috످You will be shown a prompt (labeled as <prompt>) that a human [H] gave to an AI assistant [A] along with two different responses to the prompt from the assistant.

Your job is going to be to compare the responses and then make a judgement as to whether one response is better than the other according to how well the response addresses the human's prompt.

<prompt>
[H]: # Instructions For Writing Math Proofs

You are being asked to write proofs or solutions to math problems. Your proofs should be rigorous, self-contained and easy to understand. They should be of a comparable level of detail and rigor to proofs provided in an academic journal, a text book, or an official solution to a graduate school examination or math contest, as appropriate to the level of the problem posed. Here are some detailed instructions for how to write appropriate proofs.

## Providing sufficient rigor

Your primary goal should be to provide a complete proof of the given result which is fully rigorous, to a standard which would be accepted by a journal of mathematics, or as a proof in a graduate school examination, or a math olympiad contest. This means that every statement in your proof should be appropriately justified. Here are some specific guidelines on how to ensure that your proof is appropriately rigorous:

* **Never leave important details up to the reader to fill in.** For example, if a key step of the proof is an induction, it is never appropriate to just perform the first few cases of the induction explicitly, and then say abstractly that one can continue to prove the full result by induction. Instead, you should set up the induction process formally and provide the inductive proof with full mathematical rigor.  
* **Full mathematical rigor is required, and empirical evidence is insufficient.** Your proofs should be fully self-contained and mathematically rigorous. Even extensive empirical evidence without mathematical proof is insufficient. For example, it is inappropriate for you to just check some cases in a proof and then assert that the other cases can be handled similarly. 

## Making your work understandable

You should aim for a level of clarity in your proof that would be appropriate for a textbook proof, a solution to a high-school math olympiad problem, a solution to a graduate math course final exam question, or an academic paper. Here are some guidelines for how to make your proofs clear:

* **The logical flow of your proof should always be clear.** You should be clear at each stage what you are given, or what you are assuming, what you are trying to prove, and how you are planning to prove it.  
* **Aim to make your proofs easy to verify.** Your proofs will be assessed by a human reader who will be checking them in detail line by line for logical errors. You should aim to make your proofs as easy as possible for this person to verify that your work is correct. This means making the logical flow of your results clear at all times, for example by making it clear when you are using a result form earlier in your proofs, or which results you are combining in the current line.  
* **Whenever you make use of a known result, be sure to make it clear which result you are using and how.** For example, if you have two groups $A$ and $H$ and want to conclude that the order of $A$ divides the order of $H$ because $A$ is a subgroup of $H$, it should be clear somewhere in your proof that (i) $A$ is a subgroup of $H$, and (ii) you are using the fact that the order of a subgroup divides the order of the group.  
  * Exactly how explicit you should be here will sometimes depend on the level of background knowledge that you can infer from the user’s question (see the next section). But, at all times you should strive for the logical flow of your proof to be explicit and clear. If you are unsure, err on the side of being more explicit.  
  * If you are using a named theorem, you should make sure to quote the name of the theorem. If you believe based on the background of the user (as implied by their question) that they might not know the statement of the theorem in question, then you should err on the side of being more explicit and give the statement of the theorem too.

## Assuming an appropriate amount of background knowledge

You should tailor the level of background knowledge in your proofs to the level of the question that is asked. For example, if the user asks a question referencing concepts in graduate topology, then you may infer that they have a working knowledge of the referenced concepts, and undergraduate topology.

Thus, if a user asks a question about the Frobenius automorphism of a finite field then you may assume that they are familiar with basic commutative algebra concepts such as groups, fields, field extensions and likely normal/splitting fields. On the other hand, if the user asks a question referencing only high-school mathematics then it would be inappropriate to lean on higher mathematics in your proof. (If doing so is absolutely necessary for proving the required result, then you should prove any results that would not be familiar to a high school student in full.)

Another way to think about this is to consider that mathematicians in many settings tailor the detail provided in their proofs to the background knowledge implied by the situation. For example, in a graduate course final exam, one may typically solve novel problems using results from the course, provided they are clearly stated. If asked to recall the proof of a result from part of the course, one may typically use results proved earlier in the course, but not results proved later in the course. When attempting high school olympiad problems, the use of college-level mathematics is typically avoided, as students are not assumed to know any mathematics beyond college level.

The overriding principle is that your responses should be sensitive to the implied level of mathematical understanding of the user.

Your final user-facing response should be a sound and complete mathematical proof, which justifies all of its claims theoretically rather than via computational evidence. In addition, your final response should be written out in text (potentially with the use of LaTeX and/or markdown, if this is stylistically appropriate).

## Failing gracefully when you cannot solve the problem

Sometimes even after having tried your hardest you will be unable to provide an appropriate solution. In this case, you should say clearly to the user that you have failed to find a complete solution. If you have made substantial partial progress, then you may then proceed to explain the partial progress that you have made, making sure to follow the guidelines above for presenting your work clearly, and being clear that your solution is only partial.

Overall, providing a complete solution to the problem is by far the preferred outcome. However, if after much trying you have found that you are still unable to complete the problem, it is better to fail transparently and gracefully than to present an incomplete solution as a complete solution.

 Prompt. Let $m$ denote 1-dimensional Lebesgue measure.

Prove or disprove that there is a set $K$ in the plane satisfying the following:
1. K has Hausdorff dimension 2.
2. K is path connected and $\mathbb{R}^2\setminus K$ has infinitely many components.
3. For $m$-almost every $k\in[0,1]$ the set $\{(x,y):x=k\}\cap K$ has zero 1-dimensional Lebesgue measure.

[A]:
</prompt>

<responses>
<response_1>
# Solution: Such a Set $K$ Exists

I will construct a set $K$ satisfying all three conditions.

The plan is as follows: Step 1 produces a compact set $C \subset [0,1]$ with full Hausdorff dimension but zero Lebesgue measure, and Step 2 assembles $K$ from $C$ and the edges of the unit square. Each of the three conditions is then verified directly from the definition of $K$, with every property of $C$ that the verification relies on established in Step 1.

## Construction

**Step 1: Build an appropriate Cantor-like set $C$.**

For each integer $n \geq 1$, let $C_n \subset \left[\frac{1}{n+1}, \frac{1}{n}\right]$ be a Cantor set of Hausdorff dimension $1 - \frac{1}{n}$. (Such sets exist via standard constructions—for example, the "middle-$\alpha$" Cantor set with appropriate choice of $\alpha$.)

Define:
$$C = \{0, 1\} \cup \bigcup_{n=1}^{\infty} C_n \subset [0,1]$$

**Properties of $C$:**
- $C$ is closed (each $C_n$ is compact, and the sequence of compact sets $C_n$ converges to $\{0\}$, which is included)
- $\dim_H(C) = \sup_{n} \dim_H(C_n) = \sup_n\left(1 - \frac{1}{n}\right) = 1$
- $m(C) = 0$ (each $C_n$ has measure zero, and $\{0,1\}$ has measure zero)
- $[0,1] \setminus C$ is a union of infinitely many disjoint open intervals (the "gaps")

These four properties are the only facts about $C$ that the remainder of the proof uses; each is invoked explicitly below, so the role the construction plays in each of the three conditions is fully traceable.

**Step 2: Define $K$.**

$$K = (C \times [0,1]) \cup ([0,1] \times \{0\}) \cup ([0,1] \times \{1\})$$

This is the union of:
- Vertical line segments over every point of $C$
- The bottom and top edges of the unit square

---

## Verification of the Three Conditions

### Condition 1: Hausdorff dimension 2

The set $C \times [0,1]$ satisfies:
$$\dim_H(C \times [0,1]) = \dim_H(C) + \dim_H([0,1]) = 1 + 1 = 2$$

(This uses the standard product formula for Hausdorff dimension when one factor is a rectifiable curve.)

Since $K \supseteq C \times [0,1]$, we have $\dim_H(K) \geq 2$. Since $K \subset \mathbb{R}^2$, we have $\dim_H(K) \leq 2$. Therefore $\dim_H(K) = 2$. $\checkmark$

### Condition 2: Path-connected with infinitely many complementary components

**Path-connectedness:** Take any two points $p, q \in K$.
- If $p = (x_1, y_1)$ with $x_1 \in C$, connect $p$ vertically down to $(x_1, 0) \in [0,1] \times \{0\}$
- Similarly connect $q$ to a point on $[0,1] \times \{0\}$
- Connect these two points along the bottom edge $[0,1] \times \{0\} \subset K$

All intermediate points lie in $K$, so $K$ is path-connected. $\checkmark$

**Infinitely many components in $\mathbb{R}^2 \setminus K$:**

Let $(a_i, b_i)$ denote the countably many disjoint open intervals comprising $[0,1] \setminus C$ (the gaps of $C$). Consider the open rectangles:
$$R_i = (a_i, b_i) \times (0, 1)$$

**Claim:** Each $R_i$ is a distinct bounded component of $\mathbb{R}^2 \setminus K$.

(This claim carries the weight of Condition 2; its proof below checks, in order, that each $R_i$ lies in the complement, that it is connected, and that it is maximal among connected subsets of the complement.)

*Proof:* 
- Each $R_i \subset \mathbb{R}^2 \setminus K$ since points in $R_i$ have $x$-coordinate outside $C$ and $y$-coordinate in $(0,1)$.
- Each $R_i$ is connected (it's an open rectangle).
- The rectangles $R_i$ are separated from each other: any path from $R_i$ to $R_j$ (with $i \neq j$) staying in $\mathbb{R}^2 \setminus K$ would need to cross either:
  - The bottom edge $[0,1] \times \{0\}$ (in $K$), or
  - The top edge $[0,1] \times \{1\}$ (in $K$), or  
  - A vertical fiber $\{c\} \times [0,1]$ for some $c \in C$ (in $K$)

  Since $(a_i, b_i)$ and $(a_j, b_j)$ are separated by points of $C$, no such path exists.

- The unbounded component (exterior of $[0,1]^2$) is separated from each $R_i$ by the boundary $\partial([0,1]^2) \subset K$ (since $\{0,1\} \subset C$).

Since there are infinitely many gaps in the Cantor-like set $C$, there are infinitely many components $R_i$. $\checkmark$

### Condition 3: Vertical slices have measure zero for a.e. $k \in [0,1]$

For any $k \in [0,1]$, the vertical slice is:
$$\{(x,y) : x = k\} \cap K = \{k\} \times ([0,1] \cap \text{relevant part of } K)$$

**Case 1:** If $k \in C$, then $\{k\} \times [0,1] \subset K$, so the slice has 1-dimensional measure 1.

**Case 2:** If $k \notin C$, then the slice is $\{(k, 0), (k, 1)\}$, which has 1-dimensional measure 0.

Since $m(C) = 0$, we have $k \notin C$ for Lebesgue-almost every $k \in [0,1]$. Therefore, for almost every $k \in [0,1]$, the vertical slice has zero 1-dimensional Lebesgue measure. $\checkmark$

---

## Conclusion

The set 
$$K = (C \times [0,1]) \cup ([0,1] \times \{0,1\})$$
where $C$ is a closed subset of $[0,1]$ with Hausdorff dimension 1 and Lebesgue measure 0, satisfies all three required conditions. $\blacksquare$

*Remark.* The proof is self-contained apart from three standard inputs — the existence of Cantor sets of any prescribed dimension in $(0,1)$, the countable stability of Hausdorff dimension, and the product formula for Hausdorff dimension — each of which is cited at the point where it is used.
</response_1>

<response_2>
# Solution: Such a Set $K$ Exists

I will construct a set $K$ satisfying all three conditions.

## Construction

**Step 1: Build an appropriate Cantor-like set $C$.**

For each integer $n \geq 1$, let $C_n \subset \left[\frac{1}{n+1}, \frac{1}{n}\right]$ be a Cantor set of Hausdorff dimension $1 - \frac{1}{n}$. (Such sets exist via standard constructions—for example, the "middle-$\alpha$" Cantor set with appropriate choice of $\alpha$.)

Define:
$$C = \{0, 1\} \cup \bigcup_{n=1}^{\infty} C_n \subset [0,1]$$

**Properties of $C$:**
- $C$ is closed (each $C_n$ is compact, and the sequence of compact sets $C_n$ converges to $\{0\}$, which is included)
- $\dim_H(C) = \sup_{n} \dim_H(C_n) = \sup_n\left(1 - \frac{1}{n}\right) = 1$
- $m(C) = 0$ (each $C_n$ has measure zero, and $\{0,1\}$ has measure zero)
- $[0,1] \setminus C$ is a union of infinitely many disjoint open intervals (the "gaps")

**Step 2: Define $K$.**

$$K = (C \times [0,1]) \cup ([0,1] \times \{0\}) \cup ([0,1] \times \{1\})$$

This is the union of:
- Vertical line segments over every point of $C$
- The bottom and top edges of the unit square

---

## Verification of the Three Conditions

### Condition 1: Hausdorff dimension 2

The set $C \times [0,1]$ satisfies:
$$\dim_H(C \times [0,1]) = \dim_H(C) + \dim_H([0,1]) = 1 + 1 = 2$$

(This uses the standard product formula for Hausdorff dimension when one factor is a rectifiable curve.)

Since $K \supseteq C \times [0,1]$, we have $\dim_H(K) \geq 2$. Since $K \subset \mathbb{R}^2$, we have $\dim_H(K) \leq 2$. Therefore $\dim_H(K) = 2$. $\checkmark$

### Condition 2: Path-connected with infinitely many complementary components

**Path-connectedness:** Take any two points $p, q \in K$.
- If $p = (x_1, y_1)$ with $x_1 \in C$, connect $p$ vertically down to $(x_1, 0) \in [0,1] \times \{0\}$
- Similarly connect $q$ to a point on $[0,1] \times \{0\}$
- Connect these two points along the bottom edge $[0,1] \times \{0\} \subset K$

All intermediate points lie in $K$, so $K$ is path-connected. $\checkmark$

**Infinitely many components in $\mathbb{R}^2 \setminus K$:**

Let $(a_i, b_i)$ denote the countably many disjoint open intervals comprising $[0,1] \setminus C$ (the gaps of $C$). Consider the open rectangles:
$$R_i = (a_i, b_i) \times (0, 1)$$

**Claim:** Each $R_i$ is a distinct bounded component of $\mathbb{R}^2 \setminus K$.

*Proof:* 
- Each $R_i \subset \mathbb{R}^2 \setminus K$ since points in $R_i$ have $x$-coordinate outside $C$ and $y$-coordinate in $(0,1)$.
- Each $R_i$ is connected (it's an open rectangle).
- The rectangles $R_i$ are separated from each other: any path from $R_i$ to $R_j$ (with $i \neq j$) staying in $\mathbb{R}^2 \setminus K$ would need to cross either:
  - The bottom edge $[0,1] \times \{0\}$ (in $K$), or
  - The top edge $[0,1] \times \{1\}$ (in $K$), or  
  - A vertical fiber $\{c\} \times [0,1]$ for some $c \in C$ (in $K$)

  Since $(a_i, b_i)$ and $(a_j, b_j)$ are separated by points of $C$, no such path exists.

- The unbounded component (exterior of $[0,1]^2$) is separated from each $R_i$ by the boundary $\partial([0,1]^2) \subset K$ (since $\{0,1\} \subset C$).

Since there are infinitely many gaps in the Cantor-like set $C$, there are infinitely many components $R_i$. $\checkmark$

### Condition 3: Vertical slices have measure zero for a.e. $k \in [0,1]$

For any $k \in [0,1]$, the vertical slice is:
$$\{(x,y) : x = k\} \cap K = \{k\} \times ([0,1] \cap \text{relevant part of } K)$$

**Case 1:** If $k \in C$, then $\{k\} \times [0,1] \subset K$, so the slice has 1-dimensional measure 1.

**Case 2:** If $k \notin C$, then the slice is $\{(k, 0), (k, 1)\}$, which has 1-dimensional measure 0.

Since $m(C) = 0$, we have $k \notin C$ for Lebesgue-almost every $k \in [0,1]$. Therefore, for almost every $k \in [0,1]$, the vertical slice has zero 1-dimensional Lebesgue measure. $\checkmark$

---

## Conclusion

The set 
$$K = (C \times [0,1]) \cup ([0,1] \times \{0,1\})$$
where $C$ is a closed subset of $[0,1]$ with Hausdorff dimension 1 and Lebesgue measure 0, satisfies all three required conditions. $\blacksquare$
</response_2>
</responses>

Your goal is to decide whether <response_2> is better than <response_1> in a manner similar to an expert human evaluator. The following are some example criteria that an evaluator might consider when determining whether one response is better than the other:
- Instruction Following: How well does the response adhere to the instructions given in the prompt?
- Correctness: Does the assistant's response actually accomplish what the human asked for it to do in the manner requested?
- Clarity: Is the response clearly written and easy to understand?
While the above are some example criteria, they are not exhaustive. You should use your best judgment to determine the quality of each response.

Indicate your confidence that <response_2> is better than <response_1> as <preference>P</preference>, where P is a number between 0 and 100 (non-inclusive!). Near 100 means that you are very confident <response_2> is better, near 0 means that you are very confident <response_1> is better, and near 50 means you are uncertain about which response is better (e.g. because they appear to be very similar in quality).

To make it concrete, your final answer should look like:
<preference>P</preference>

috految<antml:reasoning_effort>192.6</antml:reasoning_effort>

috److془Let me carefully compare the two responses.

Response 1 = Response 2 + four additions:
1. Plan: "The plan is as follows: Step 1 produces a compact set C ⊂ [0,1] with full Hausdorff dimension but zero Lebesgue measure, and Step 2 assembles K from C and the edges of the unit square. Each of the three conditions is then verified directly from the definition of K, with every property of C that the verification relies on established in Step 1."

2. "These four properties are the only facts about C that the remainder of the proof uses; each is invoked explicitly below, so the role the construction plays in each of the three conditions is fully traceable." False: closedness is never invoked explicitly; {0,1} ⊂ C is used and isn't among the four.

3. "(This claim carries the weight of Condition 2; its proof below checks, in order, that each R_i lies in the complement, that it is connected, and that it is maximal among connected subsets of the complement.)" Maximality is not explicitly checked; only path separation.

4. "Remark. The proof is self-contained apart from three standard inputs — the existence of Cantor sets of any prescribed dimension in (0,1), the countable stability of Hausdorff dimension, and the product formula for Hausdorff dimension — each of which is cited at the point where it is used." False: countable stability is never cited at point of use. Also n=1 gives dimension 0, which is outside (0,1).

The prompt says: "You should be clear at each stage what you are given, or what you are assuming, what you are trying to prove, and how you are planning to prove it." and "Whenever you make use of a known result, be sure to make it clear which result you are using and how." So Response 1's plan and naming countable stability are modest benefits. But false self-claims count against.

Overall Response 2 is better. ~ 68-72.

Let me weigh: The plan is one sentence of real value; naming countable stability is small value. Three to four self-praising statements, two false. Response 2 is better. ~70.془<preference>71</preference>

috످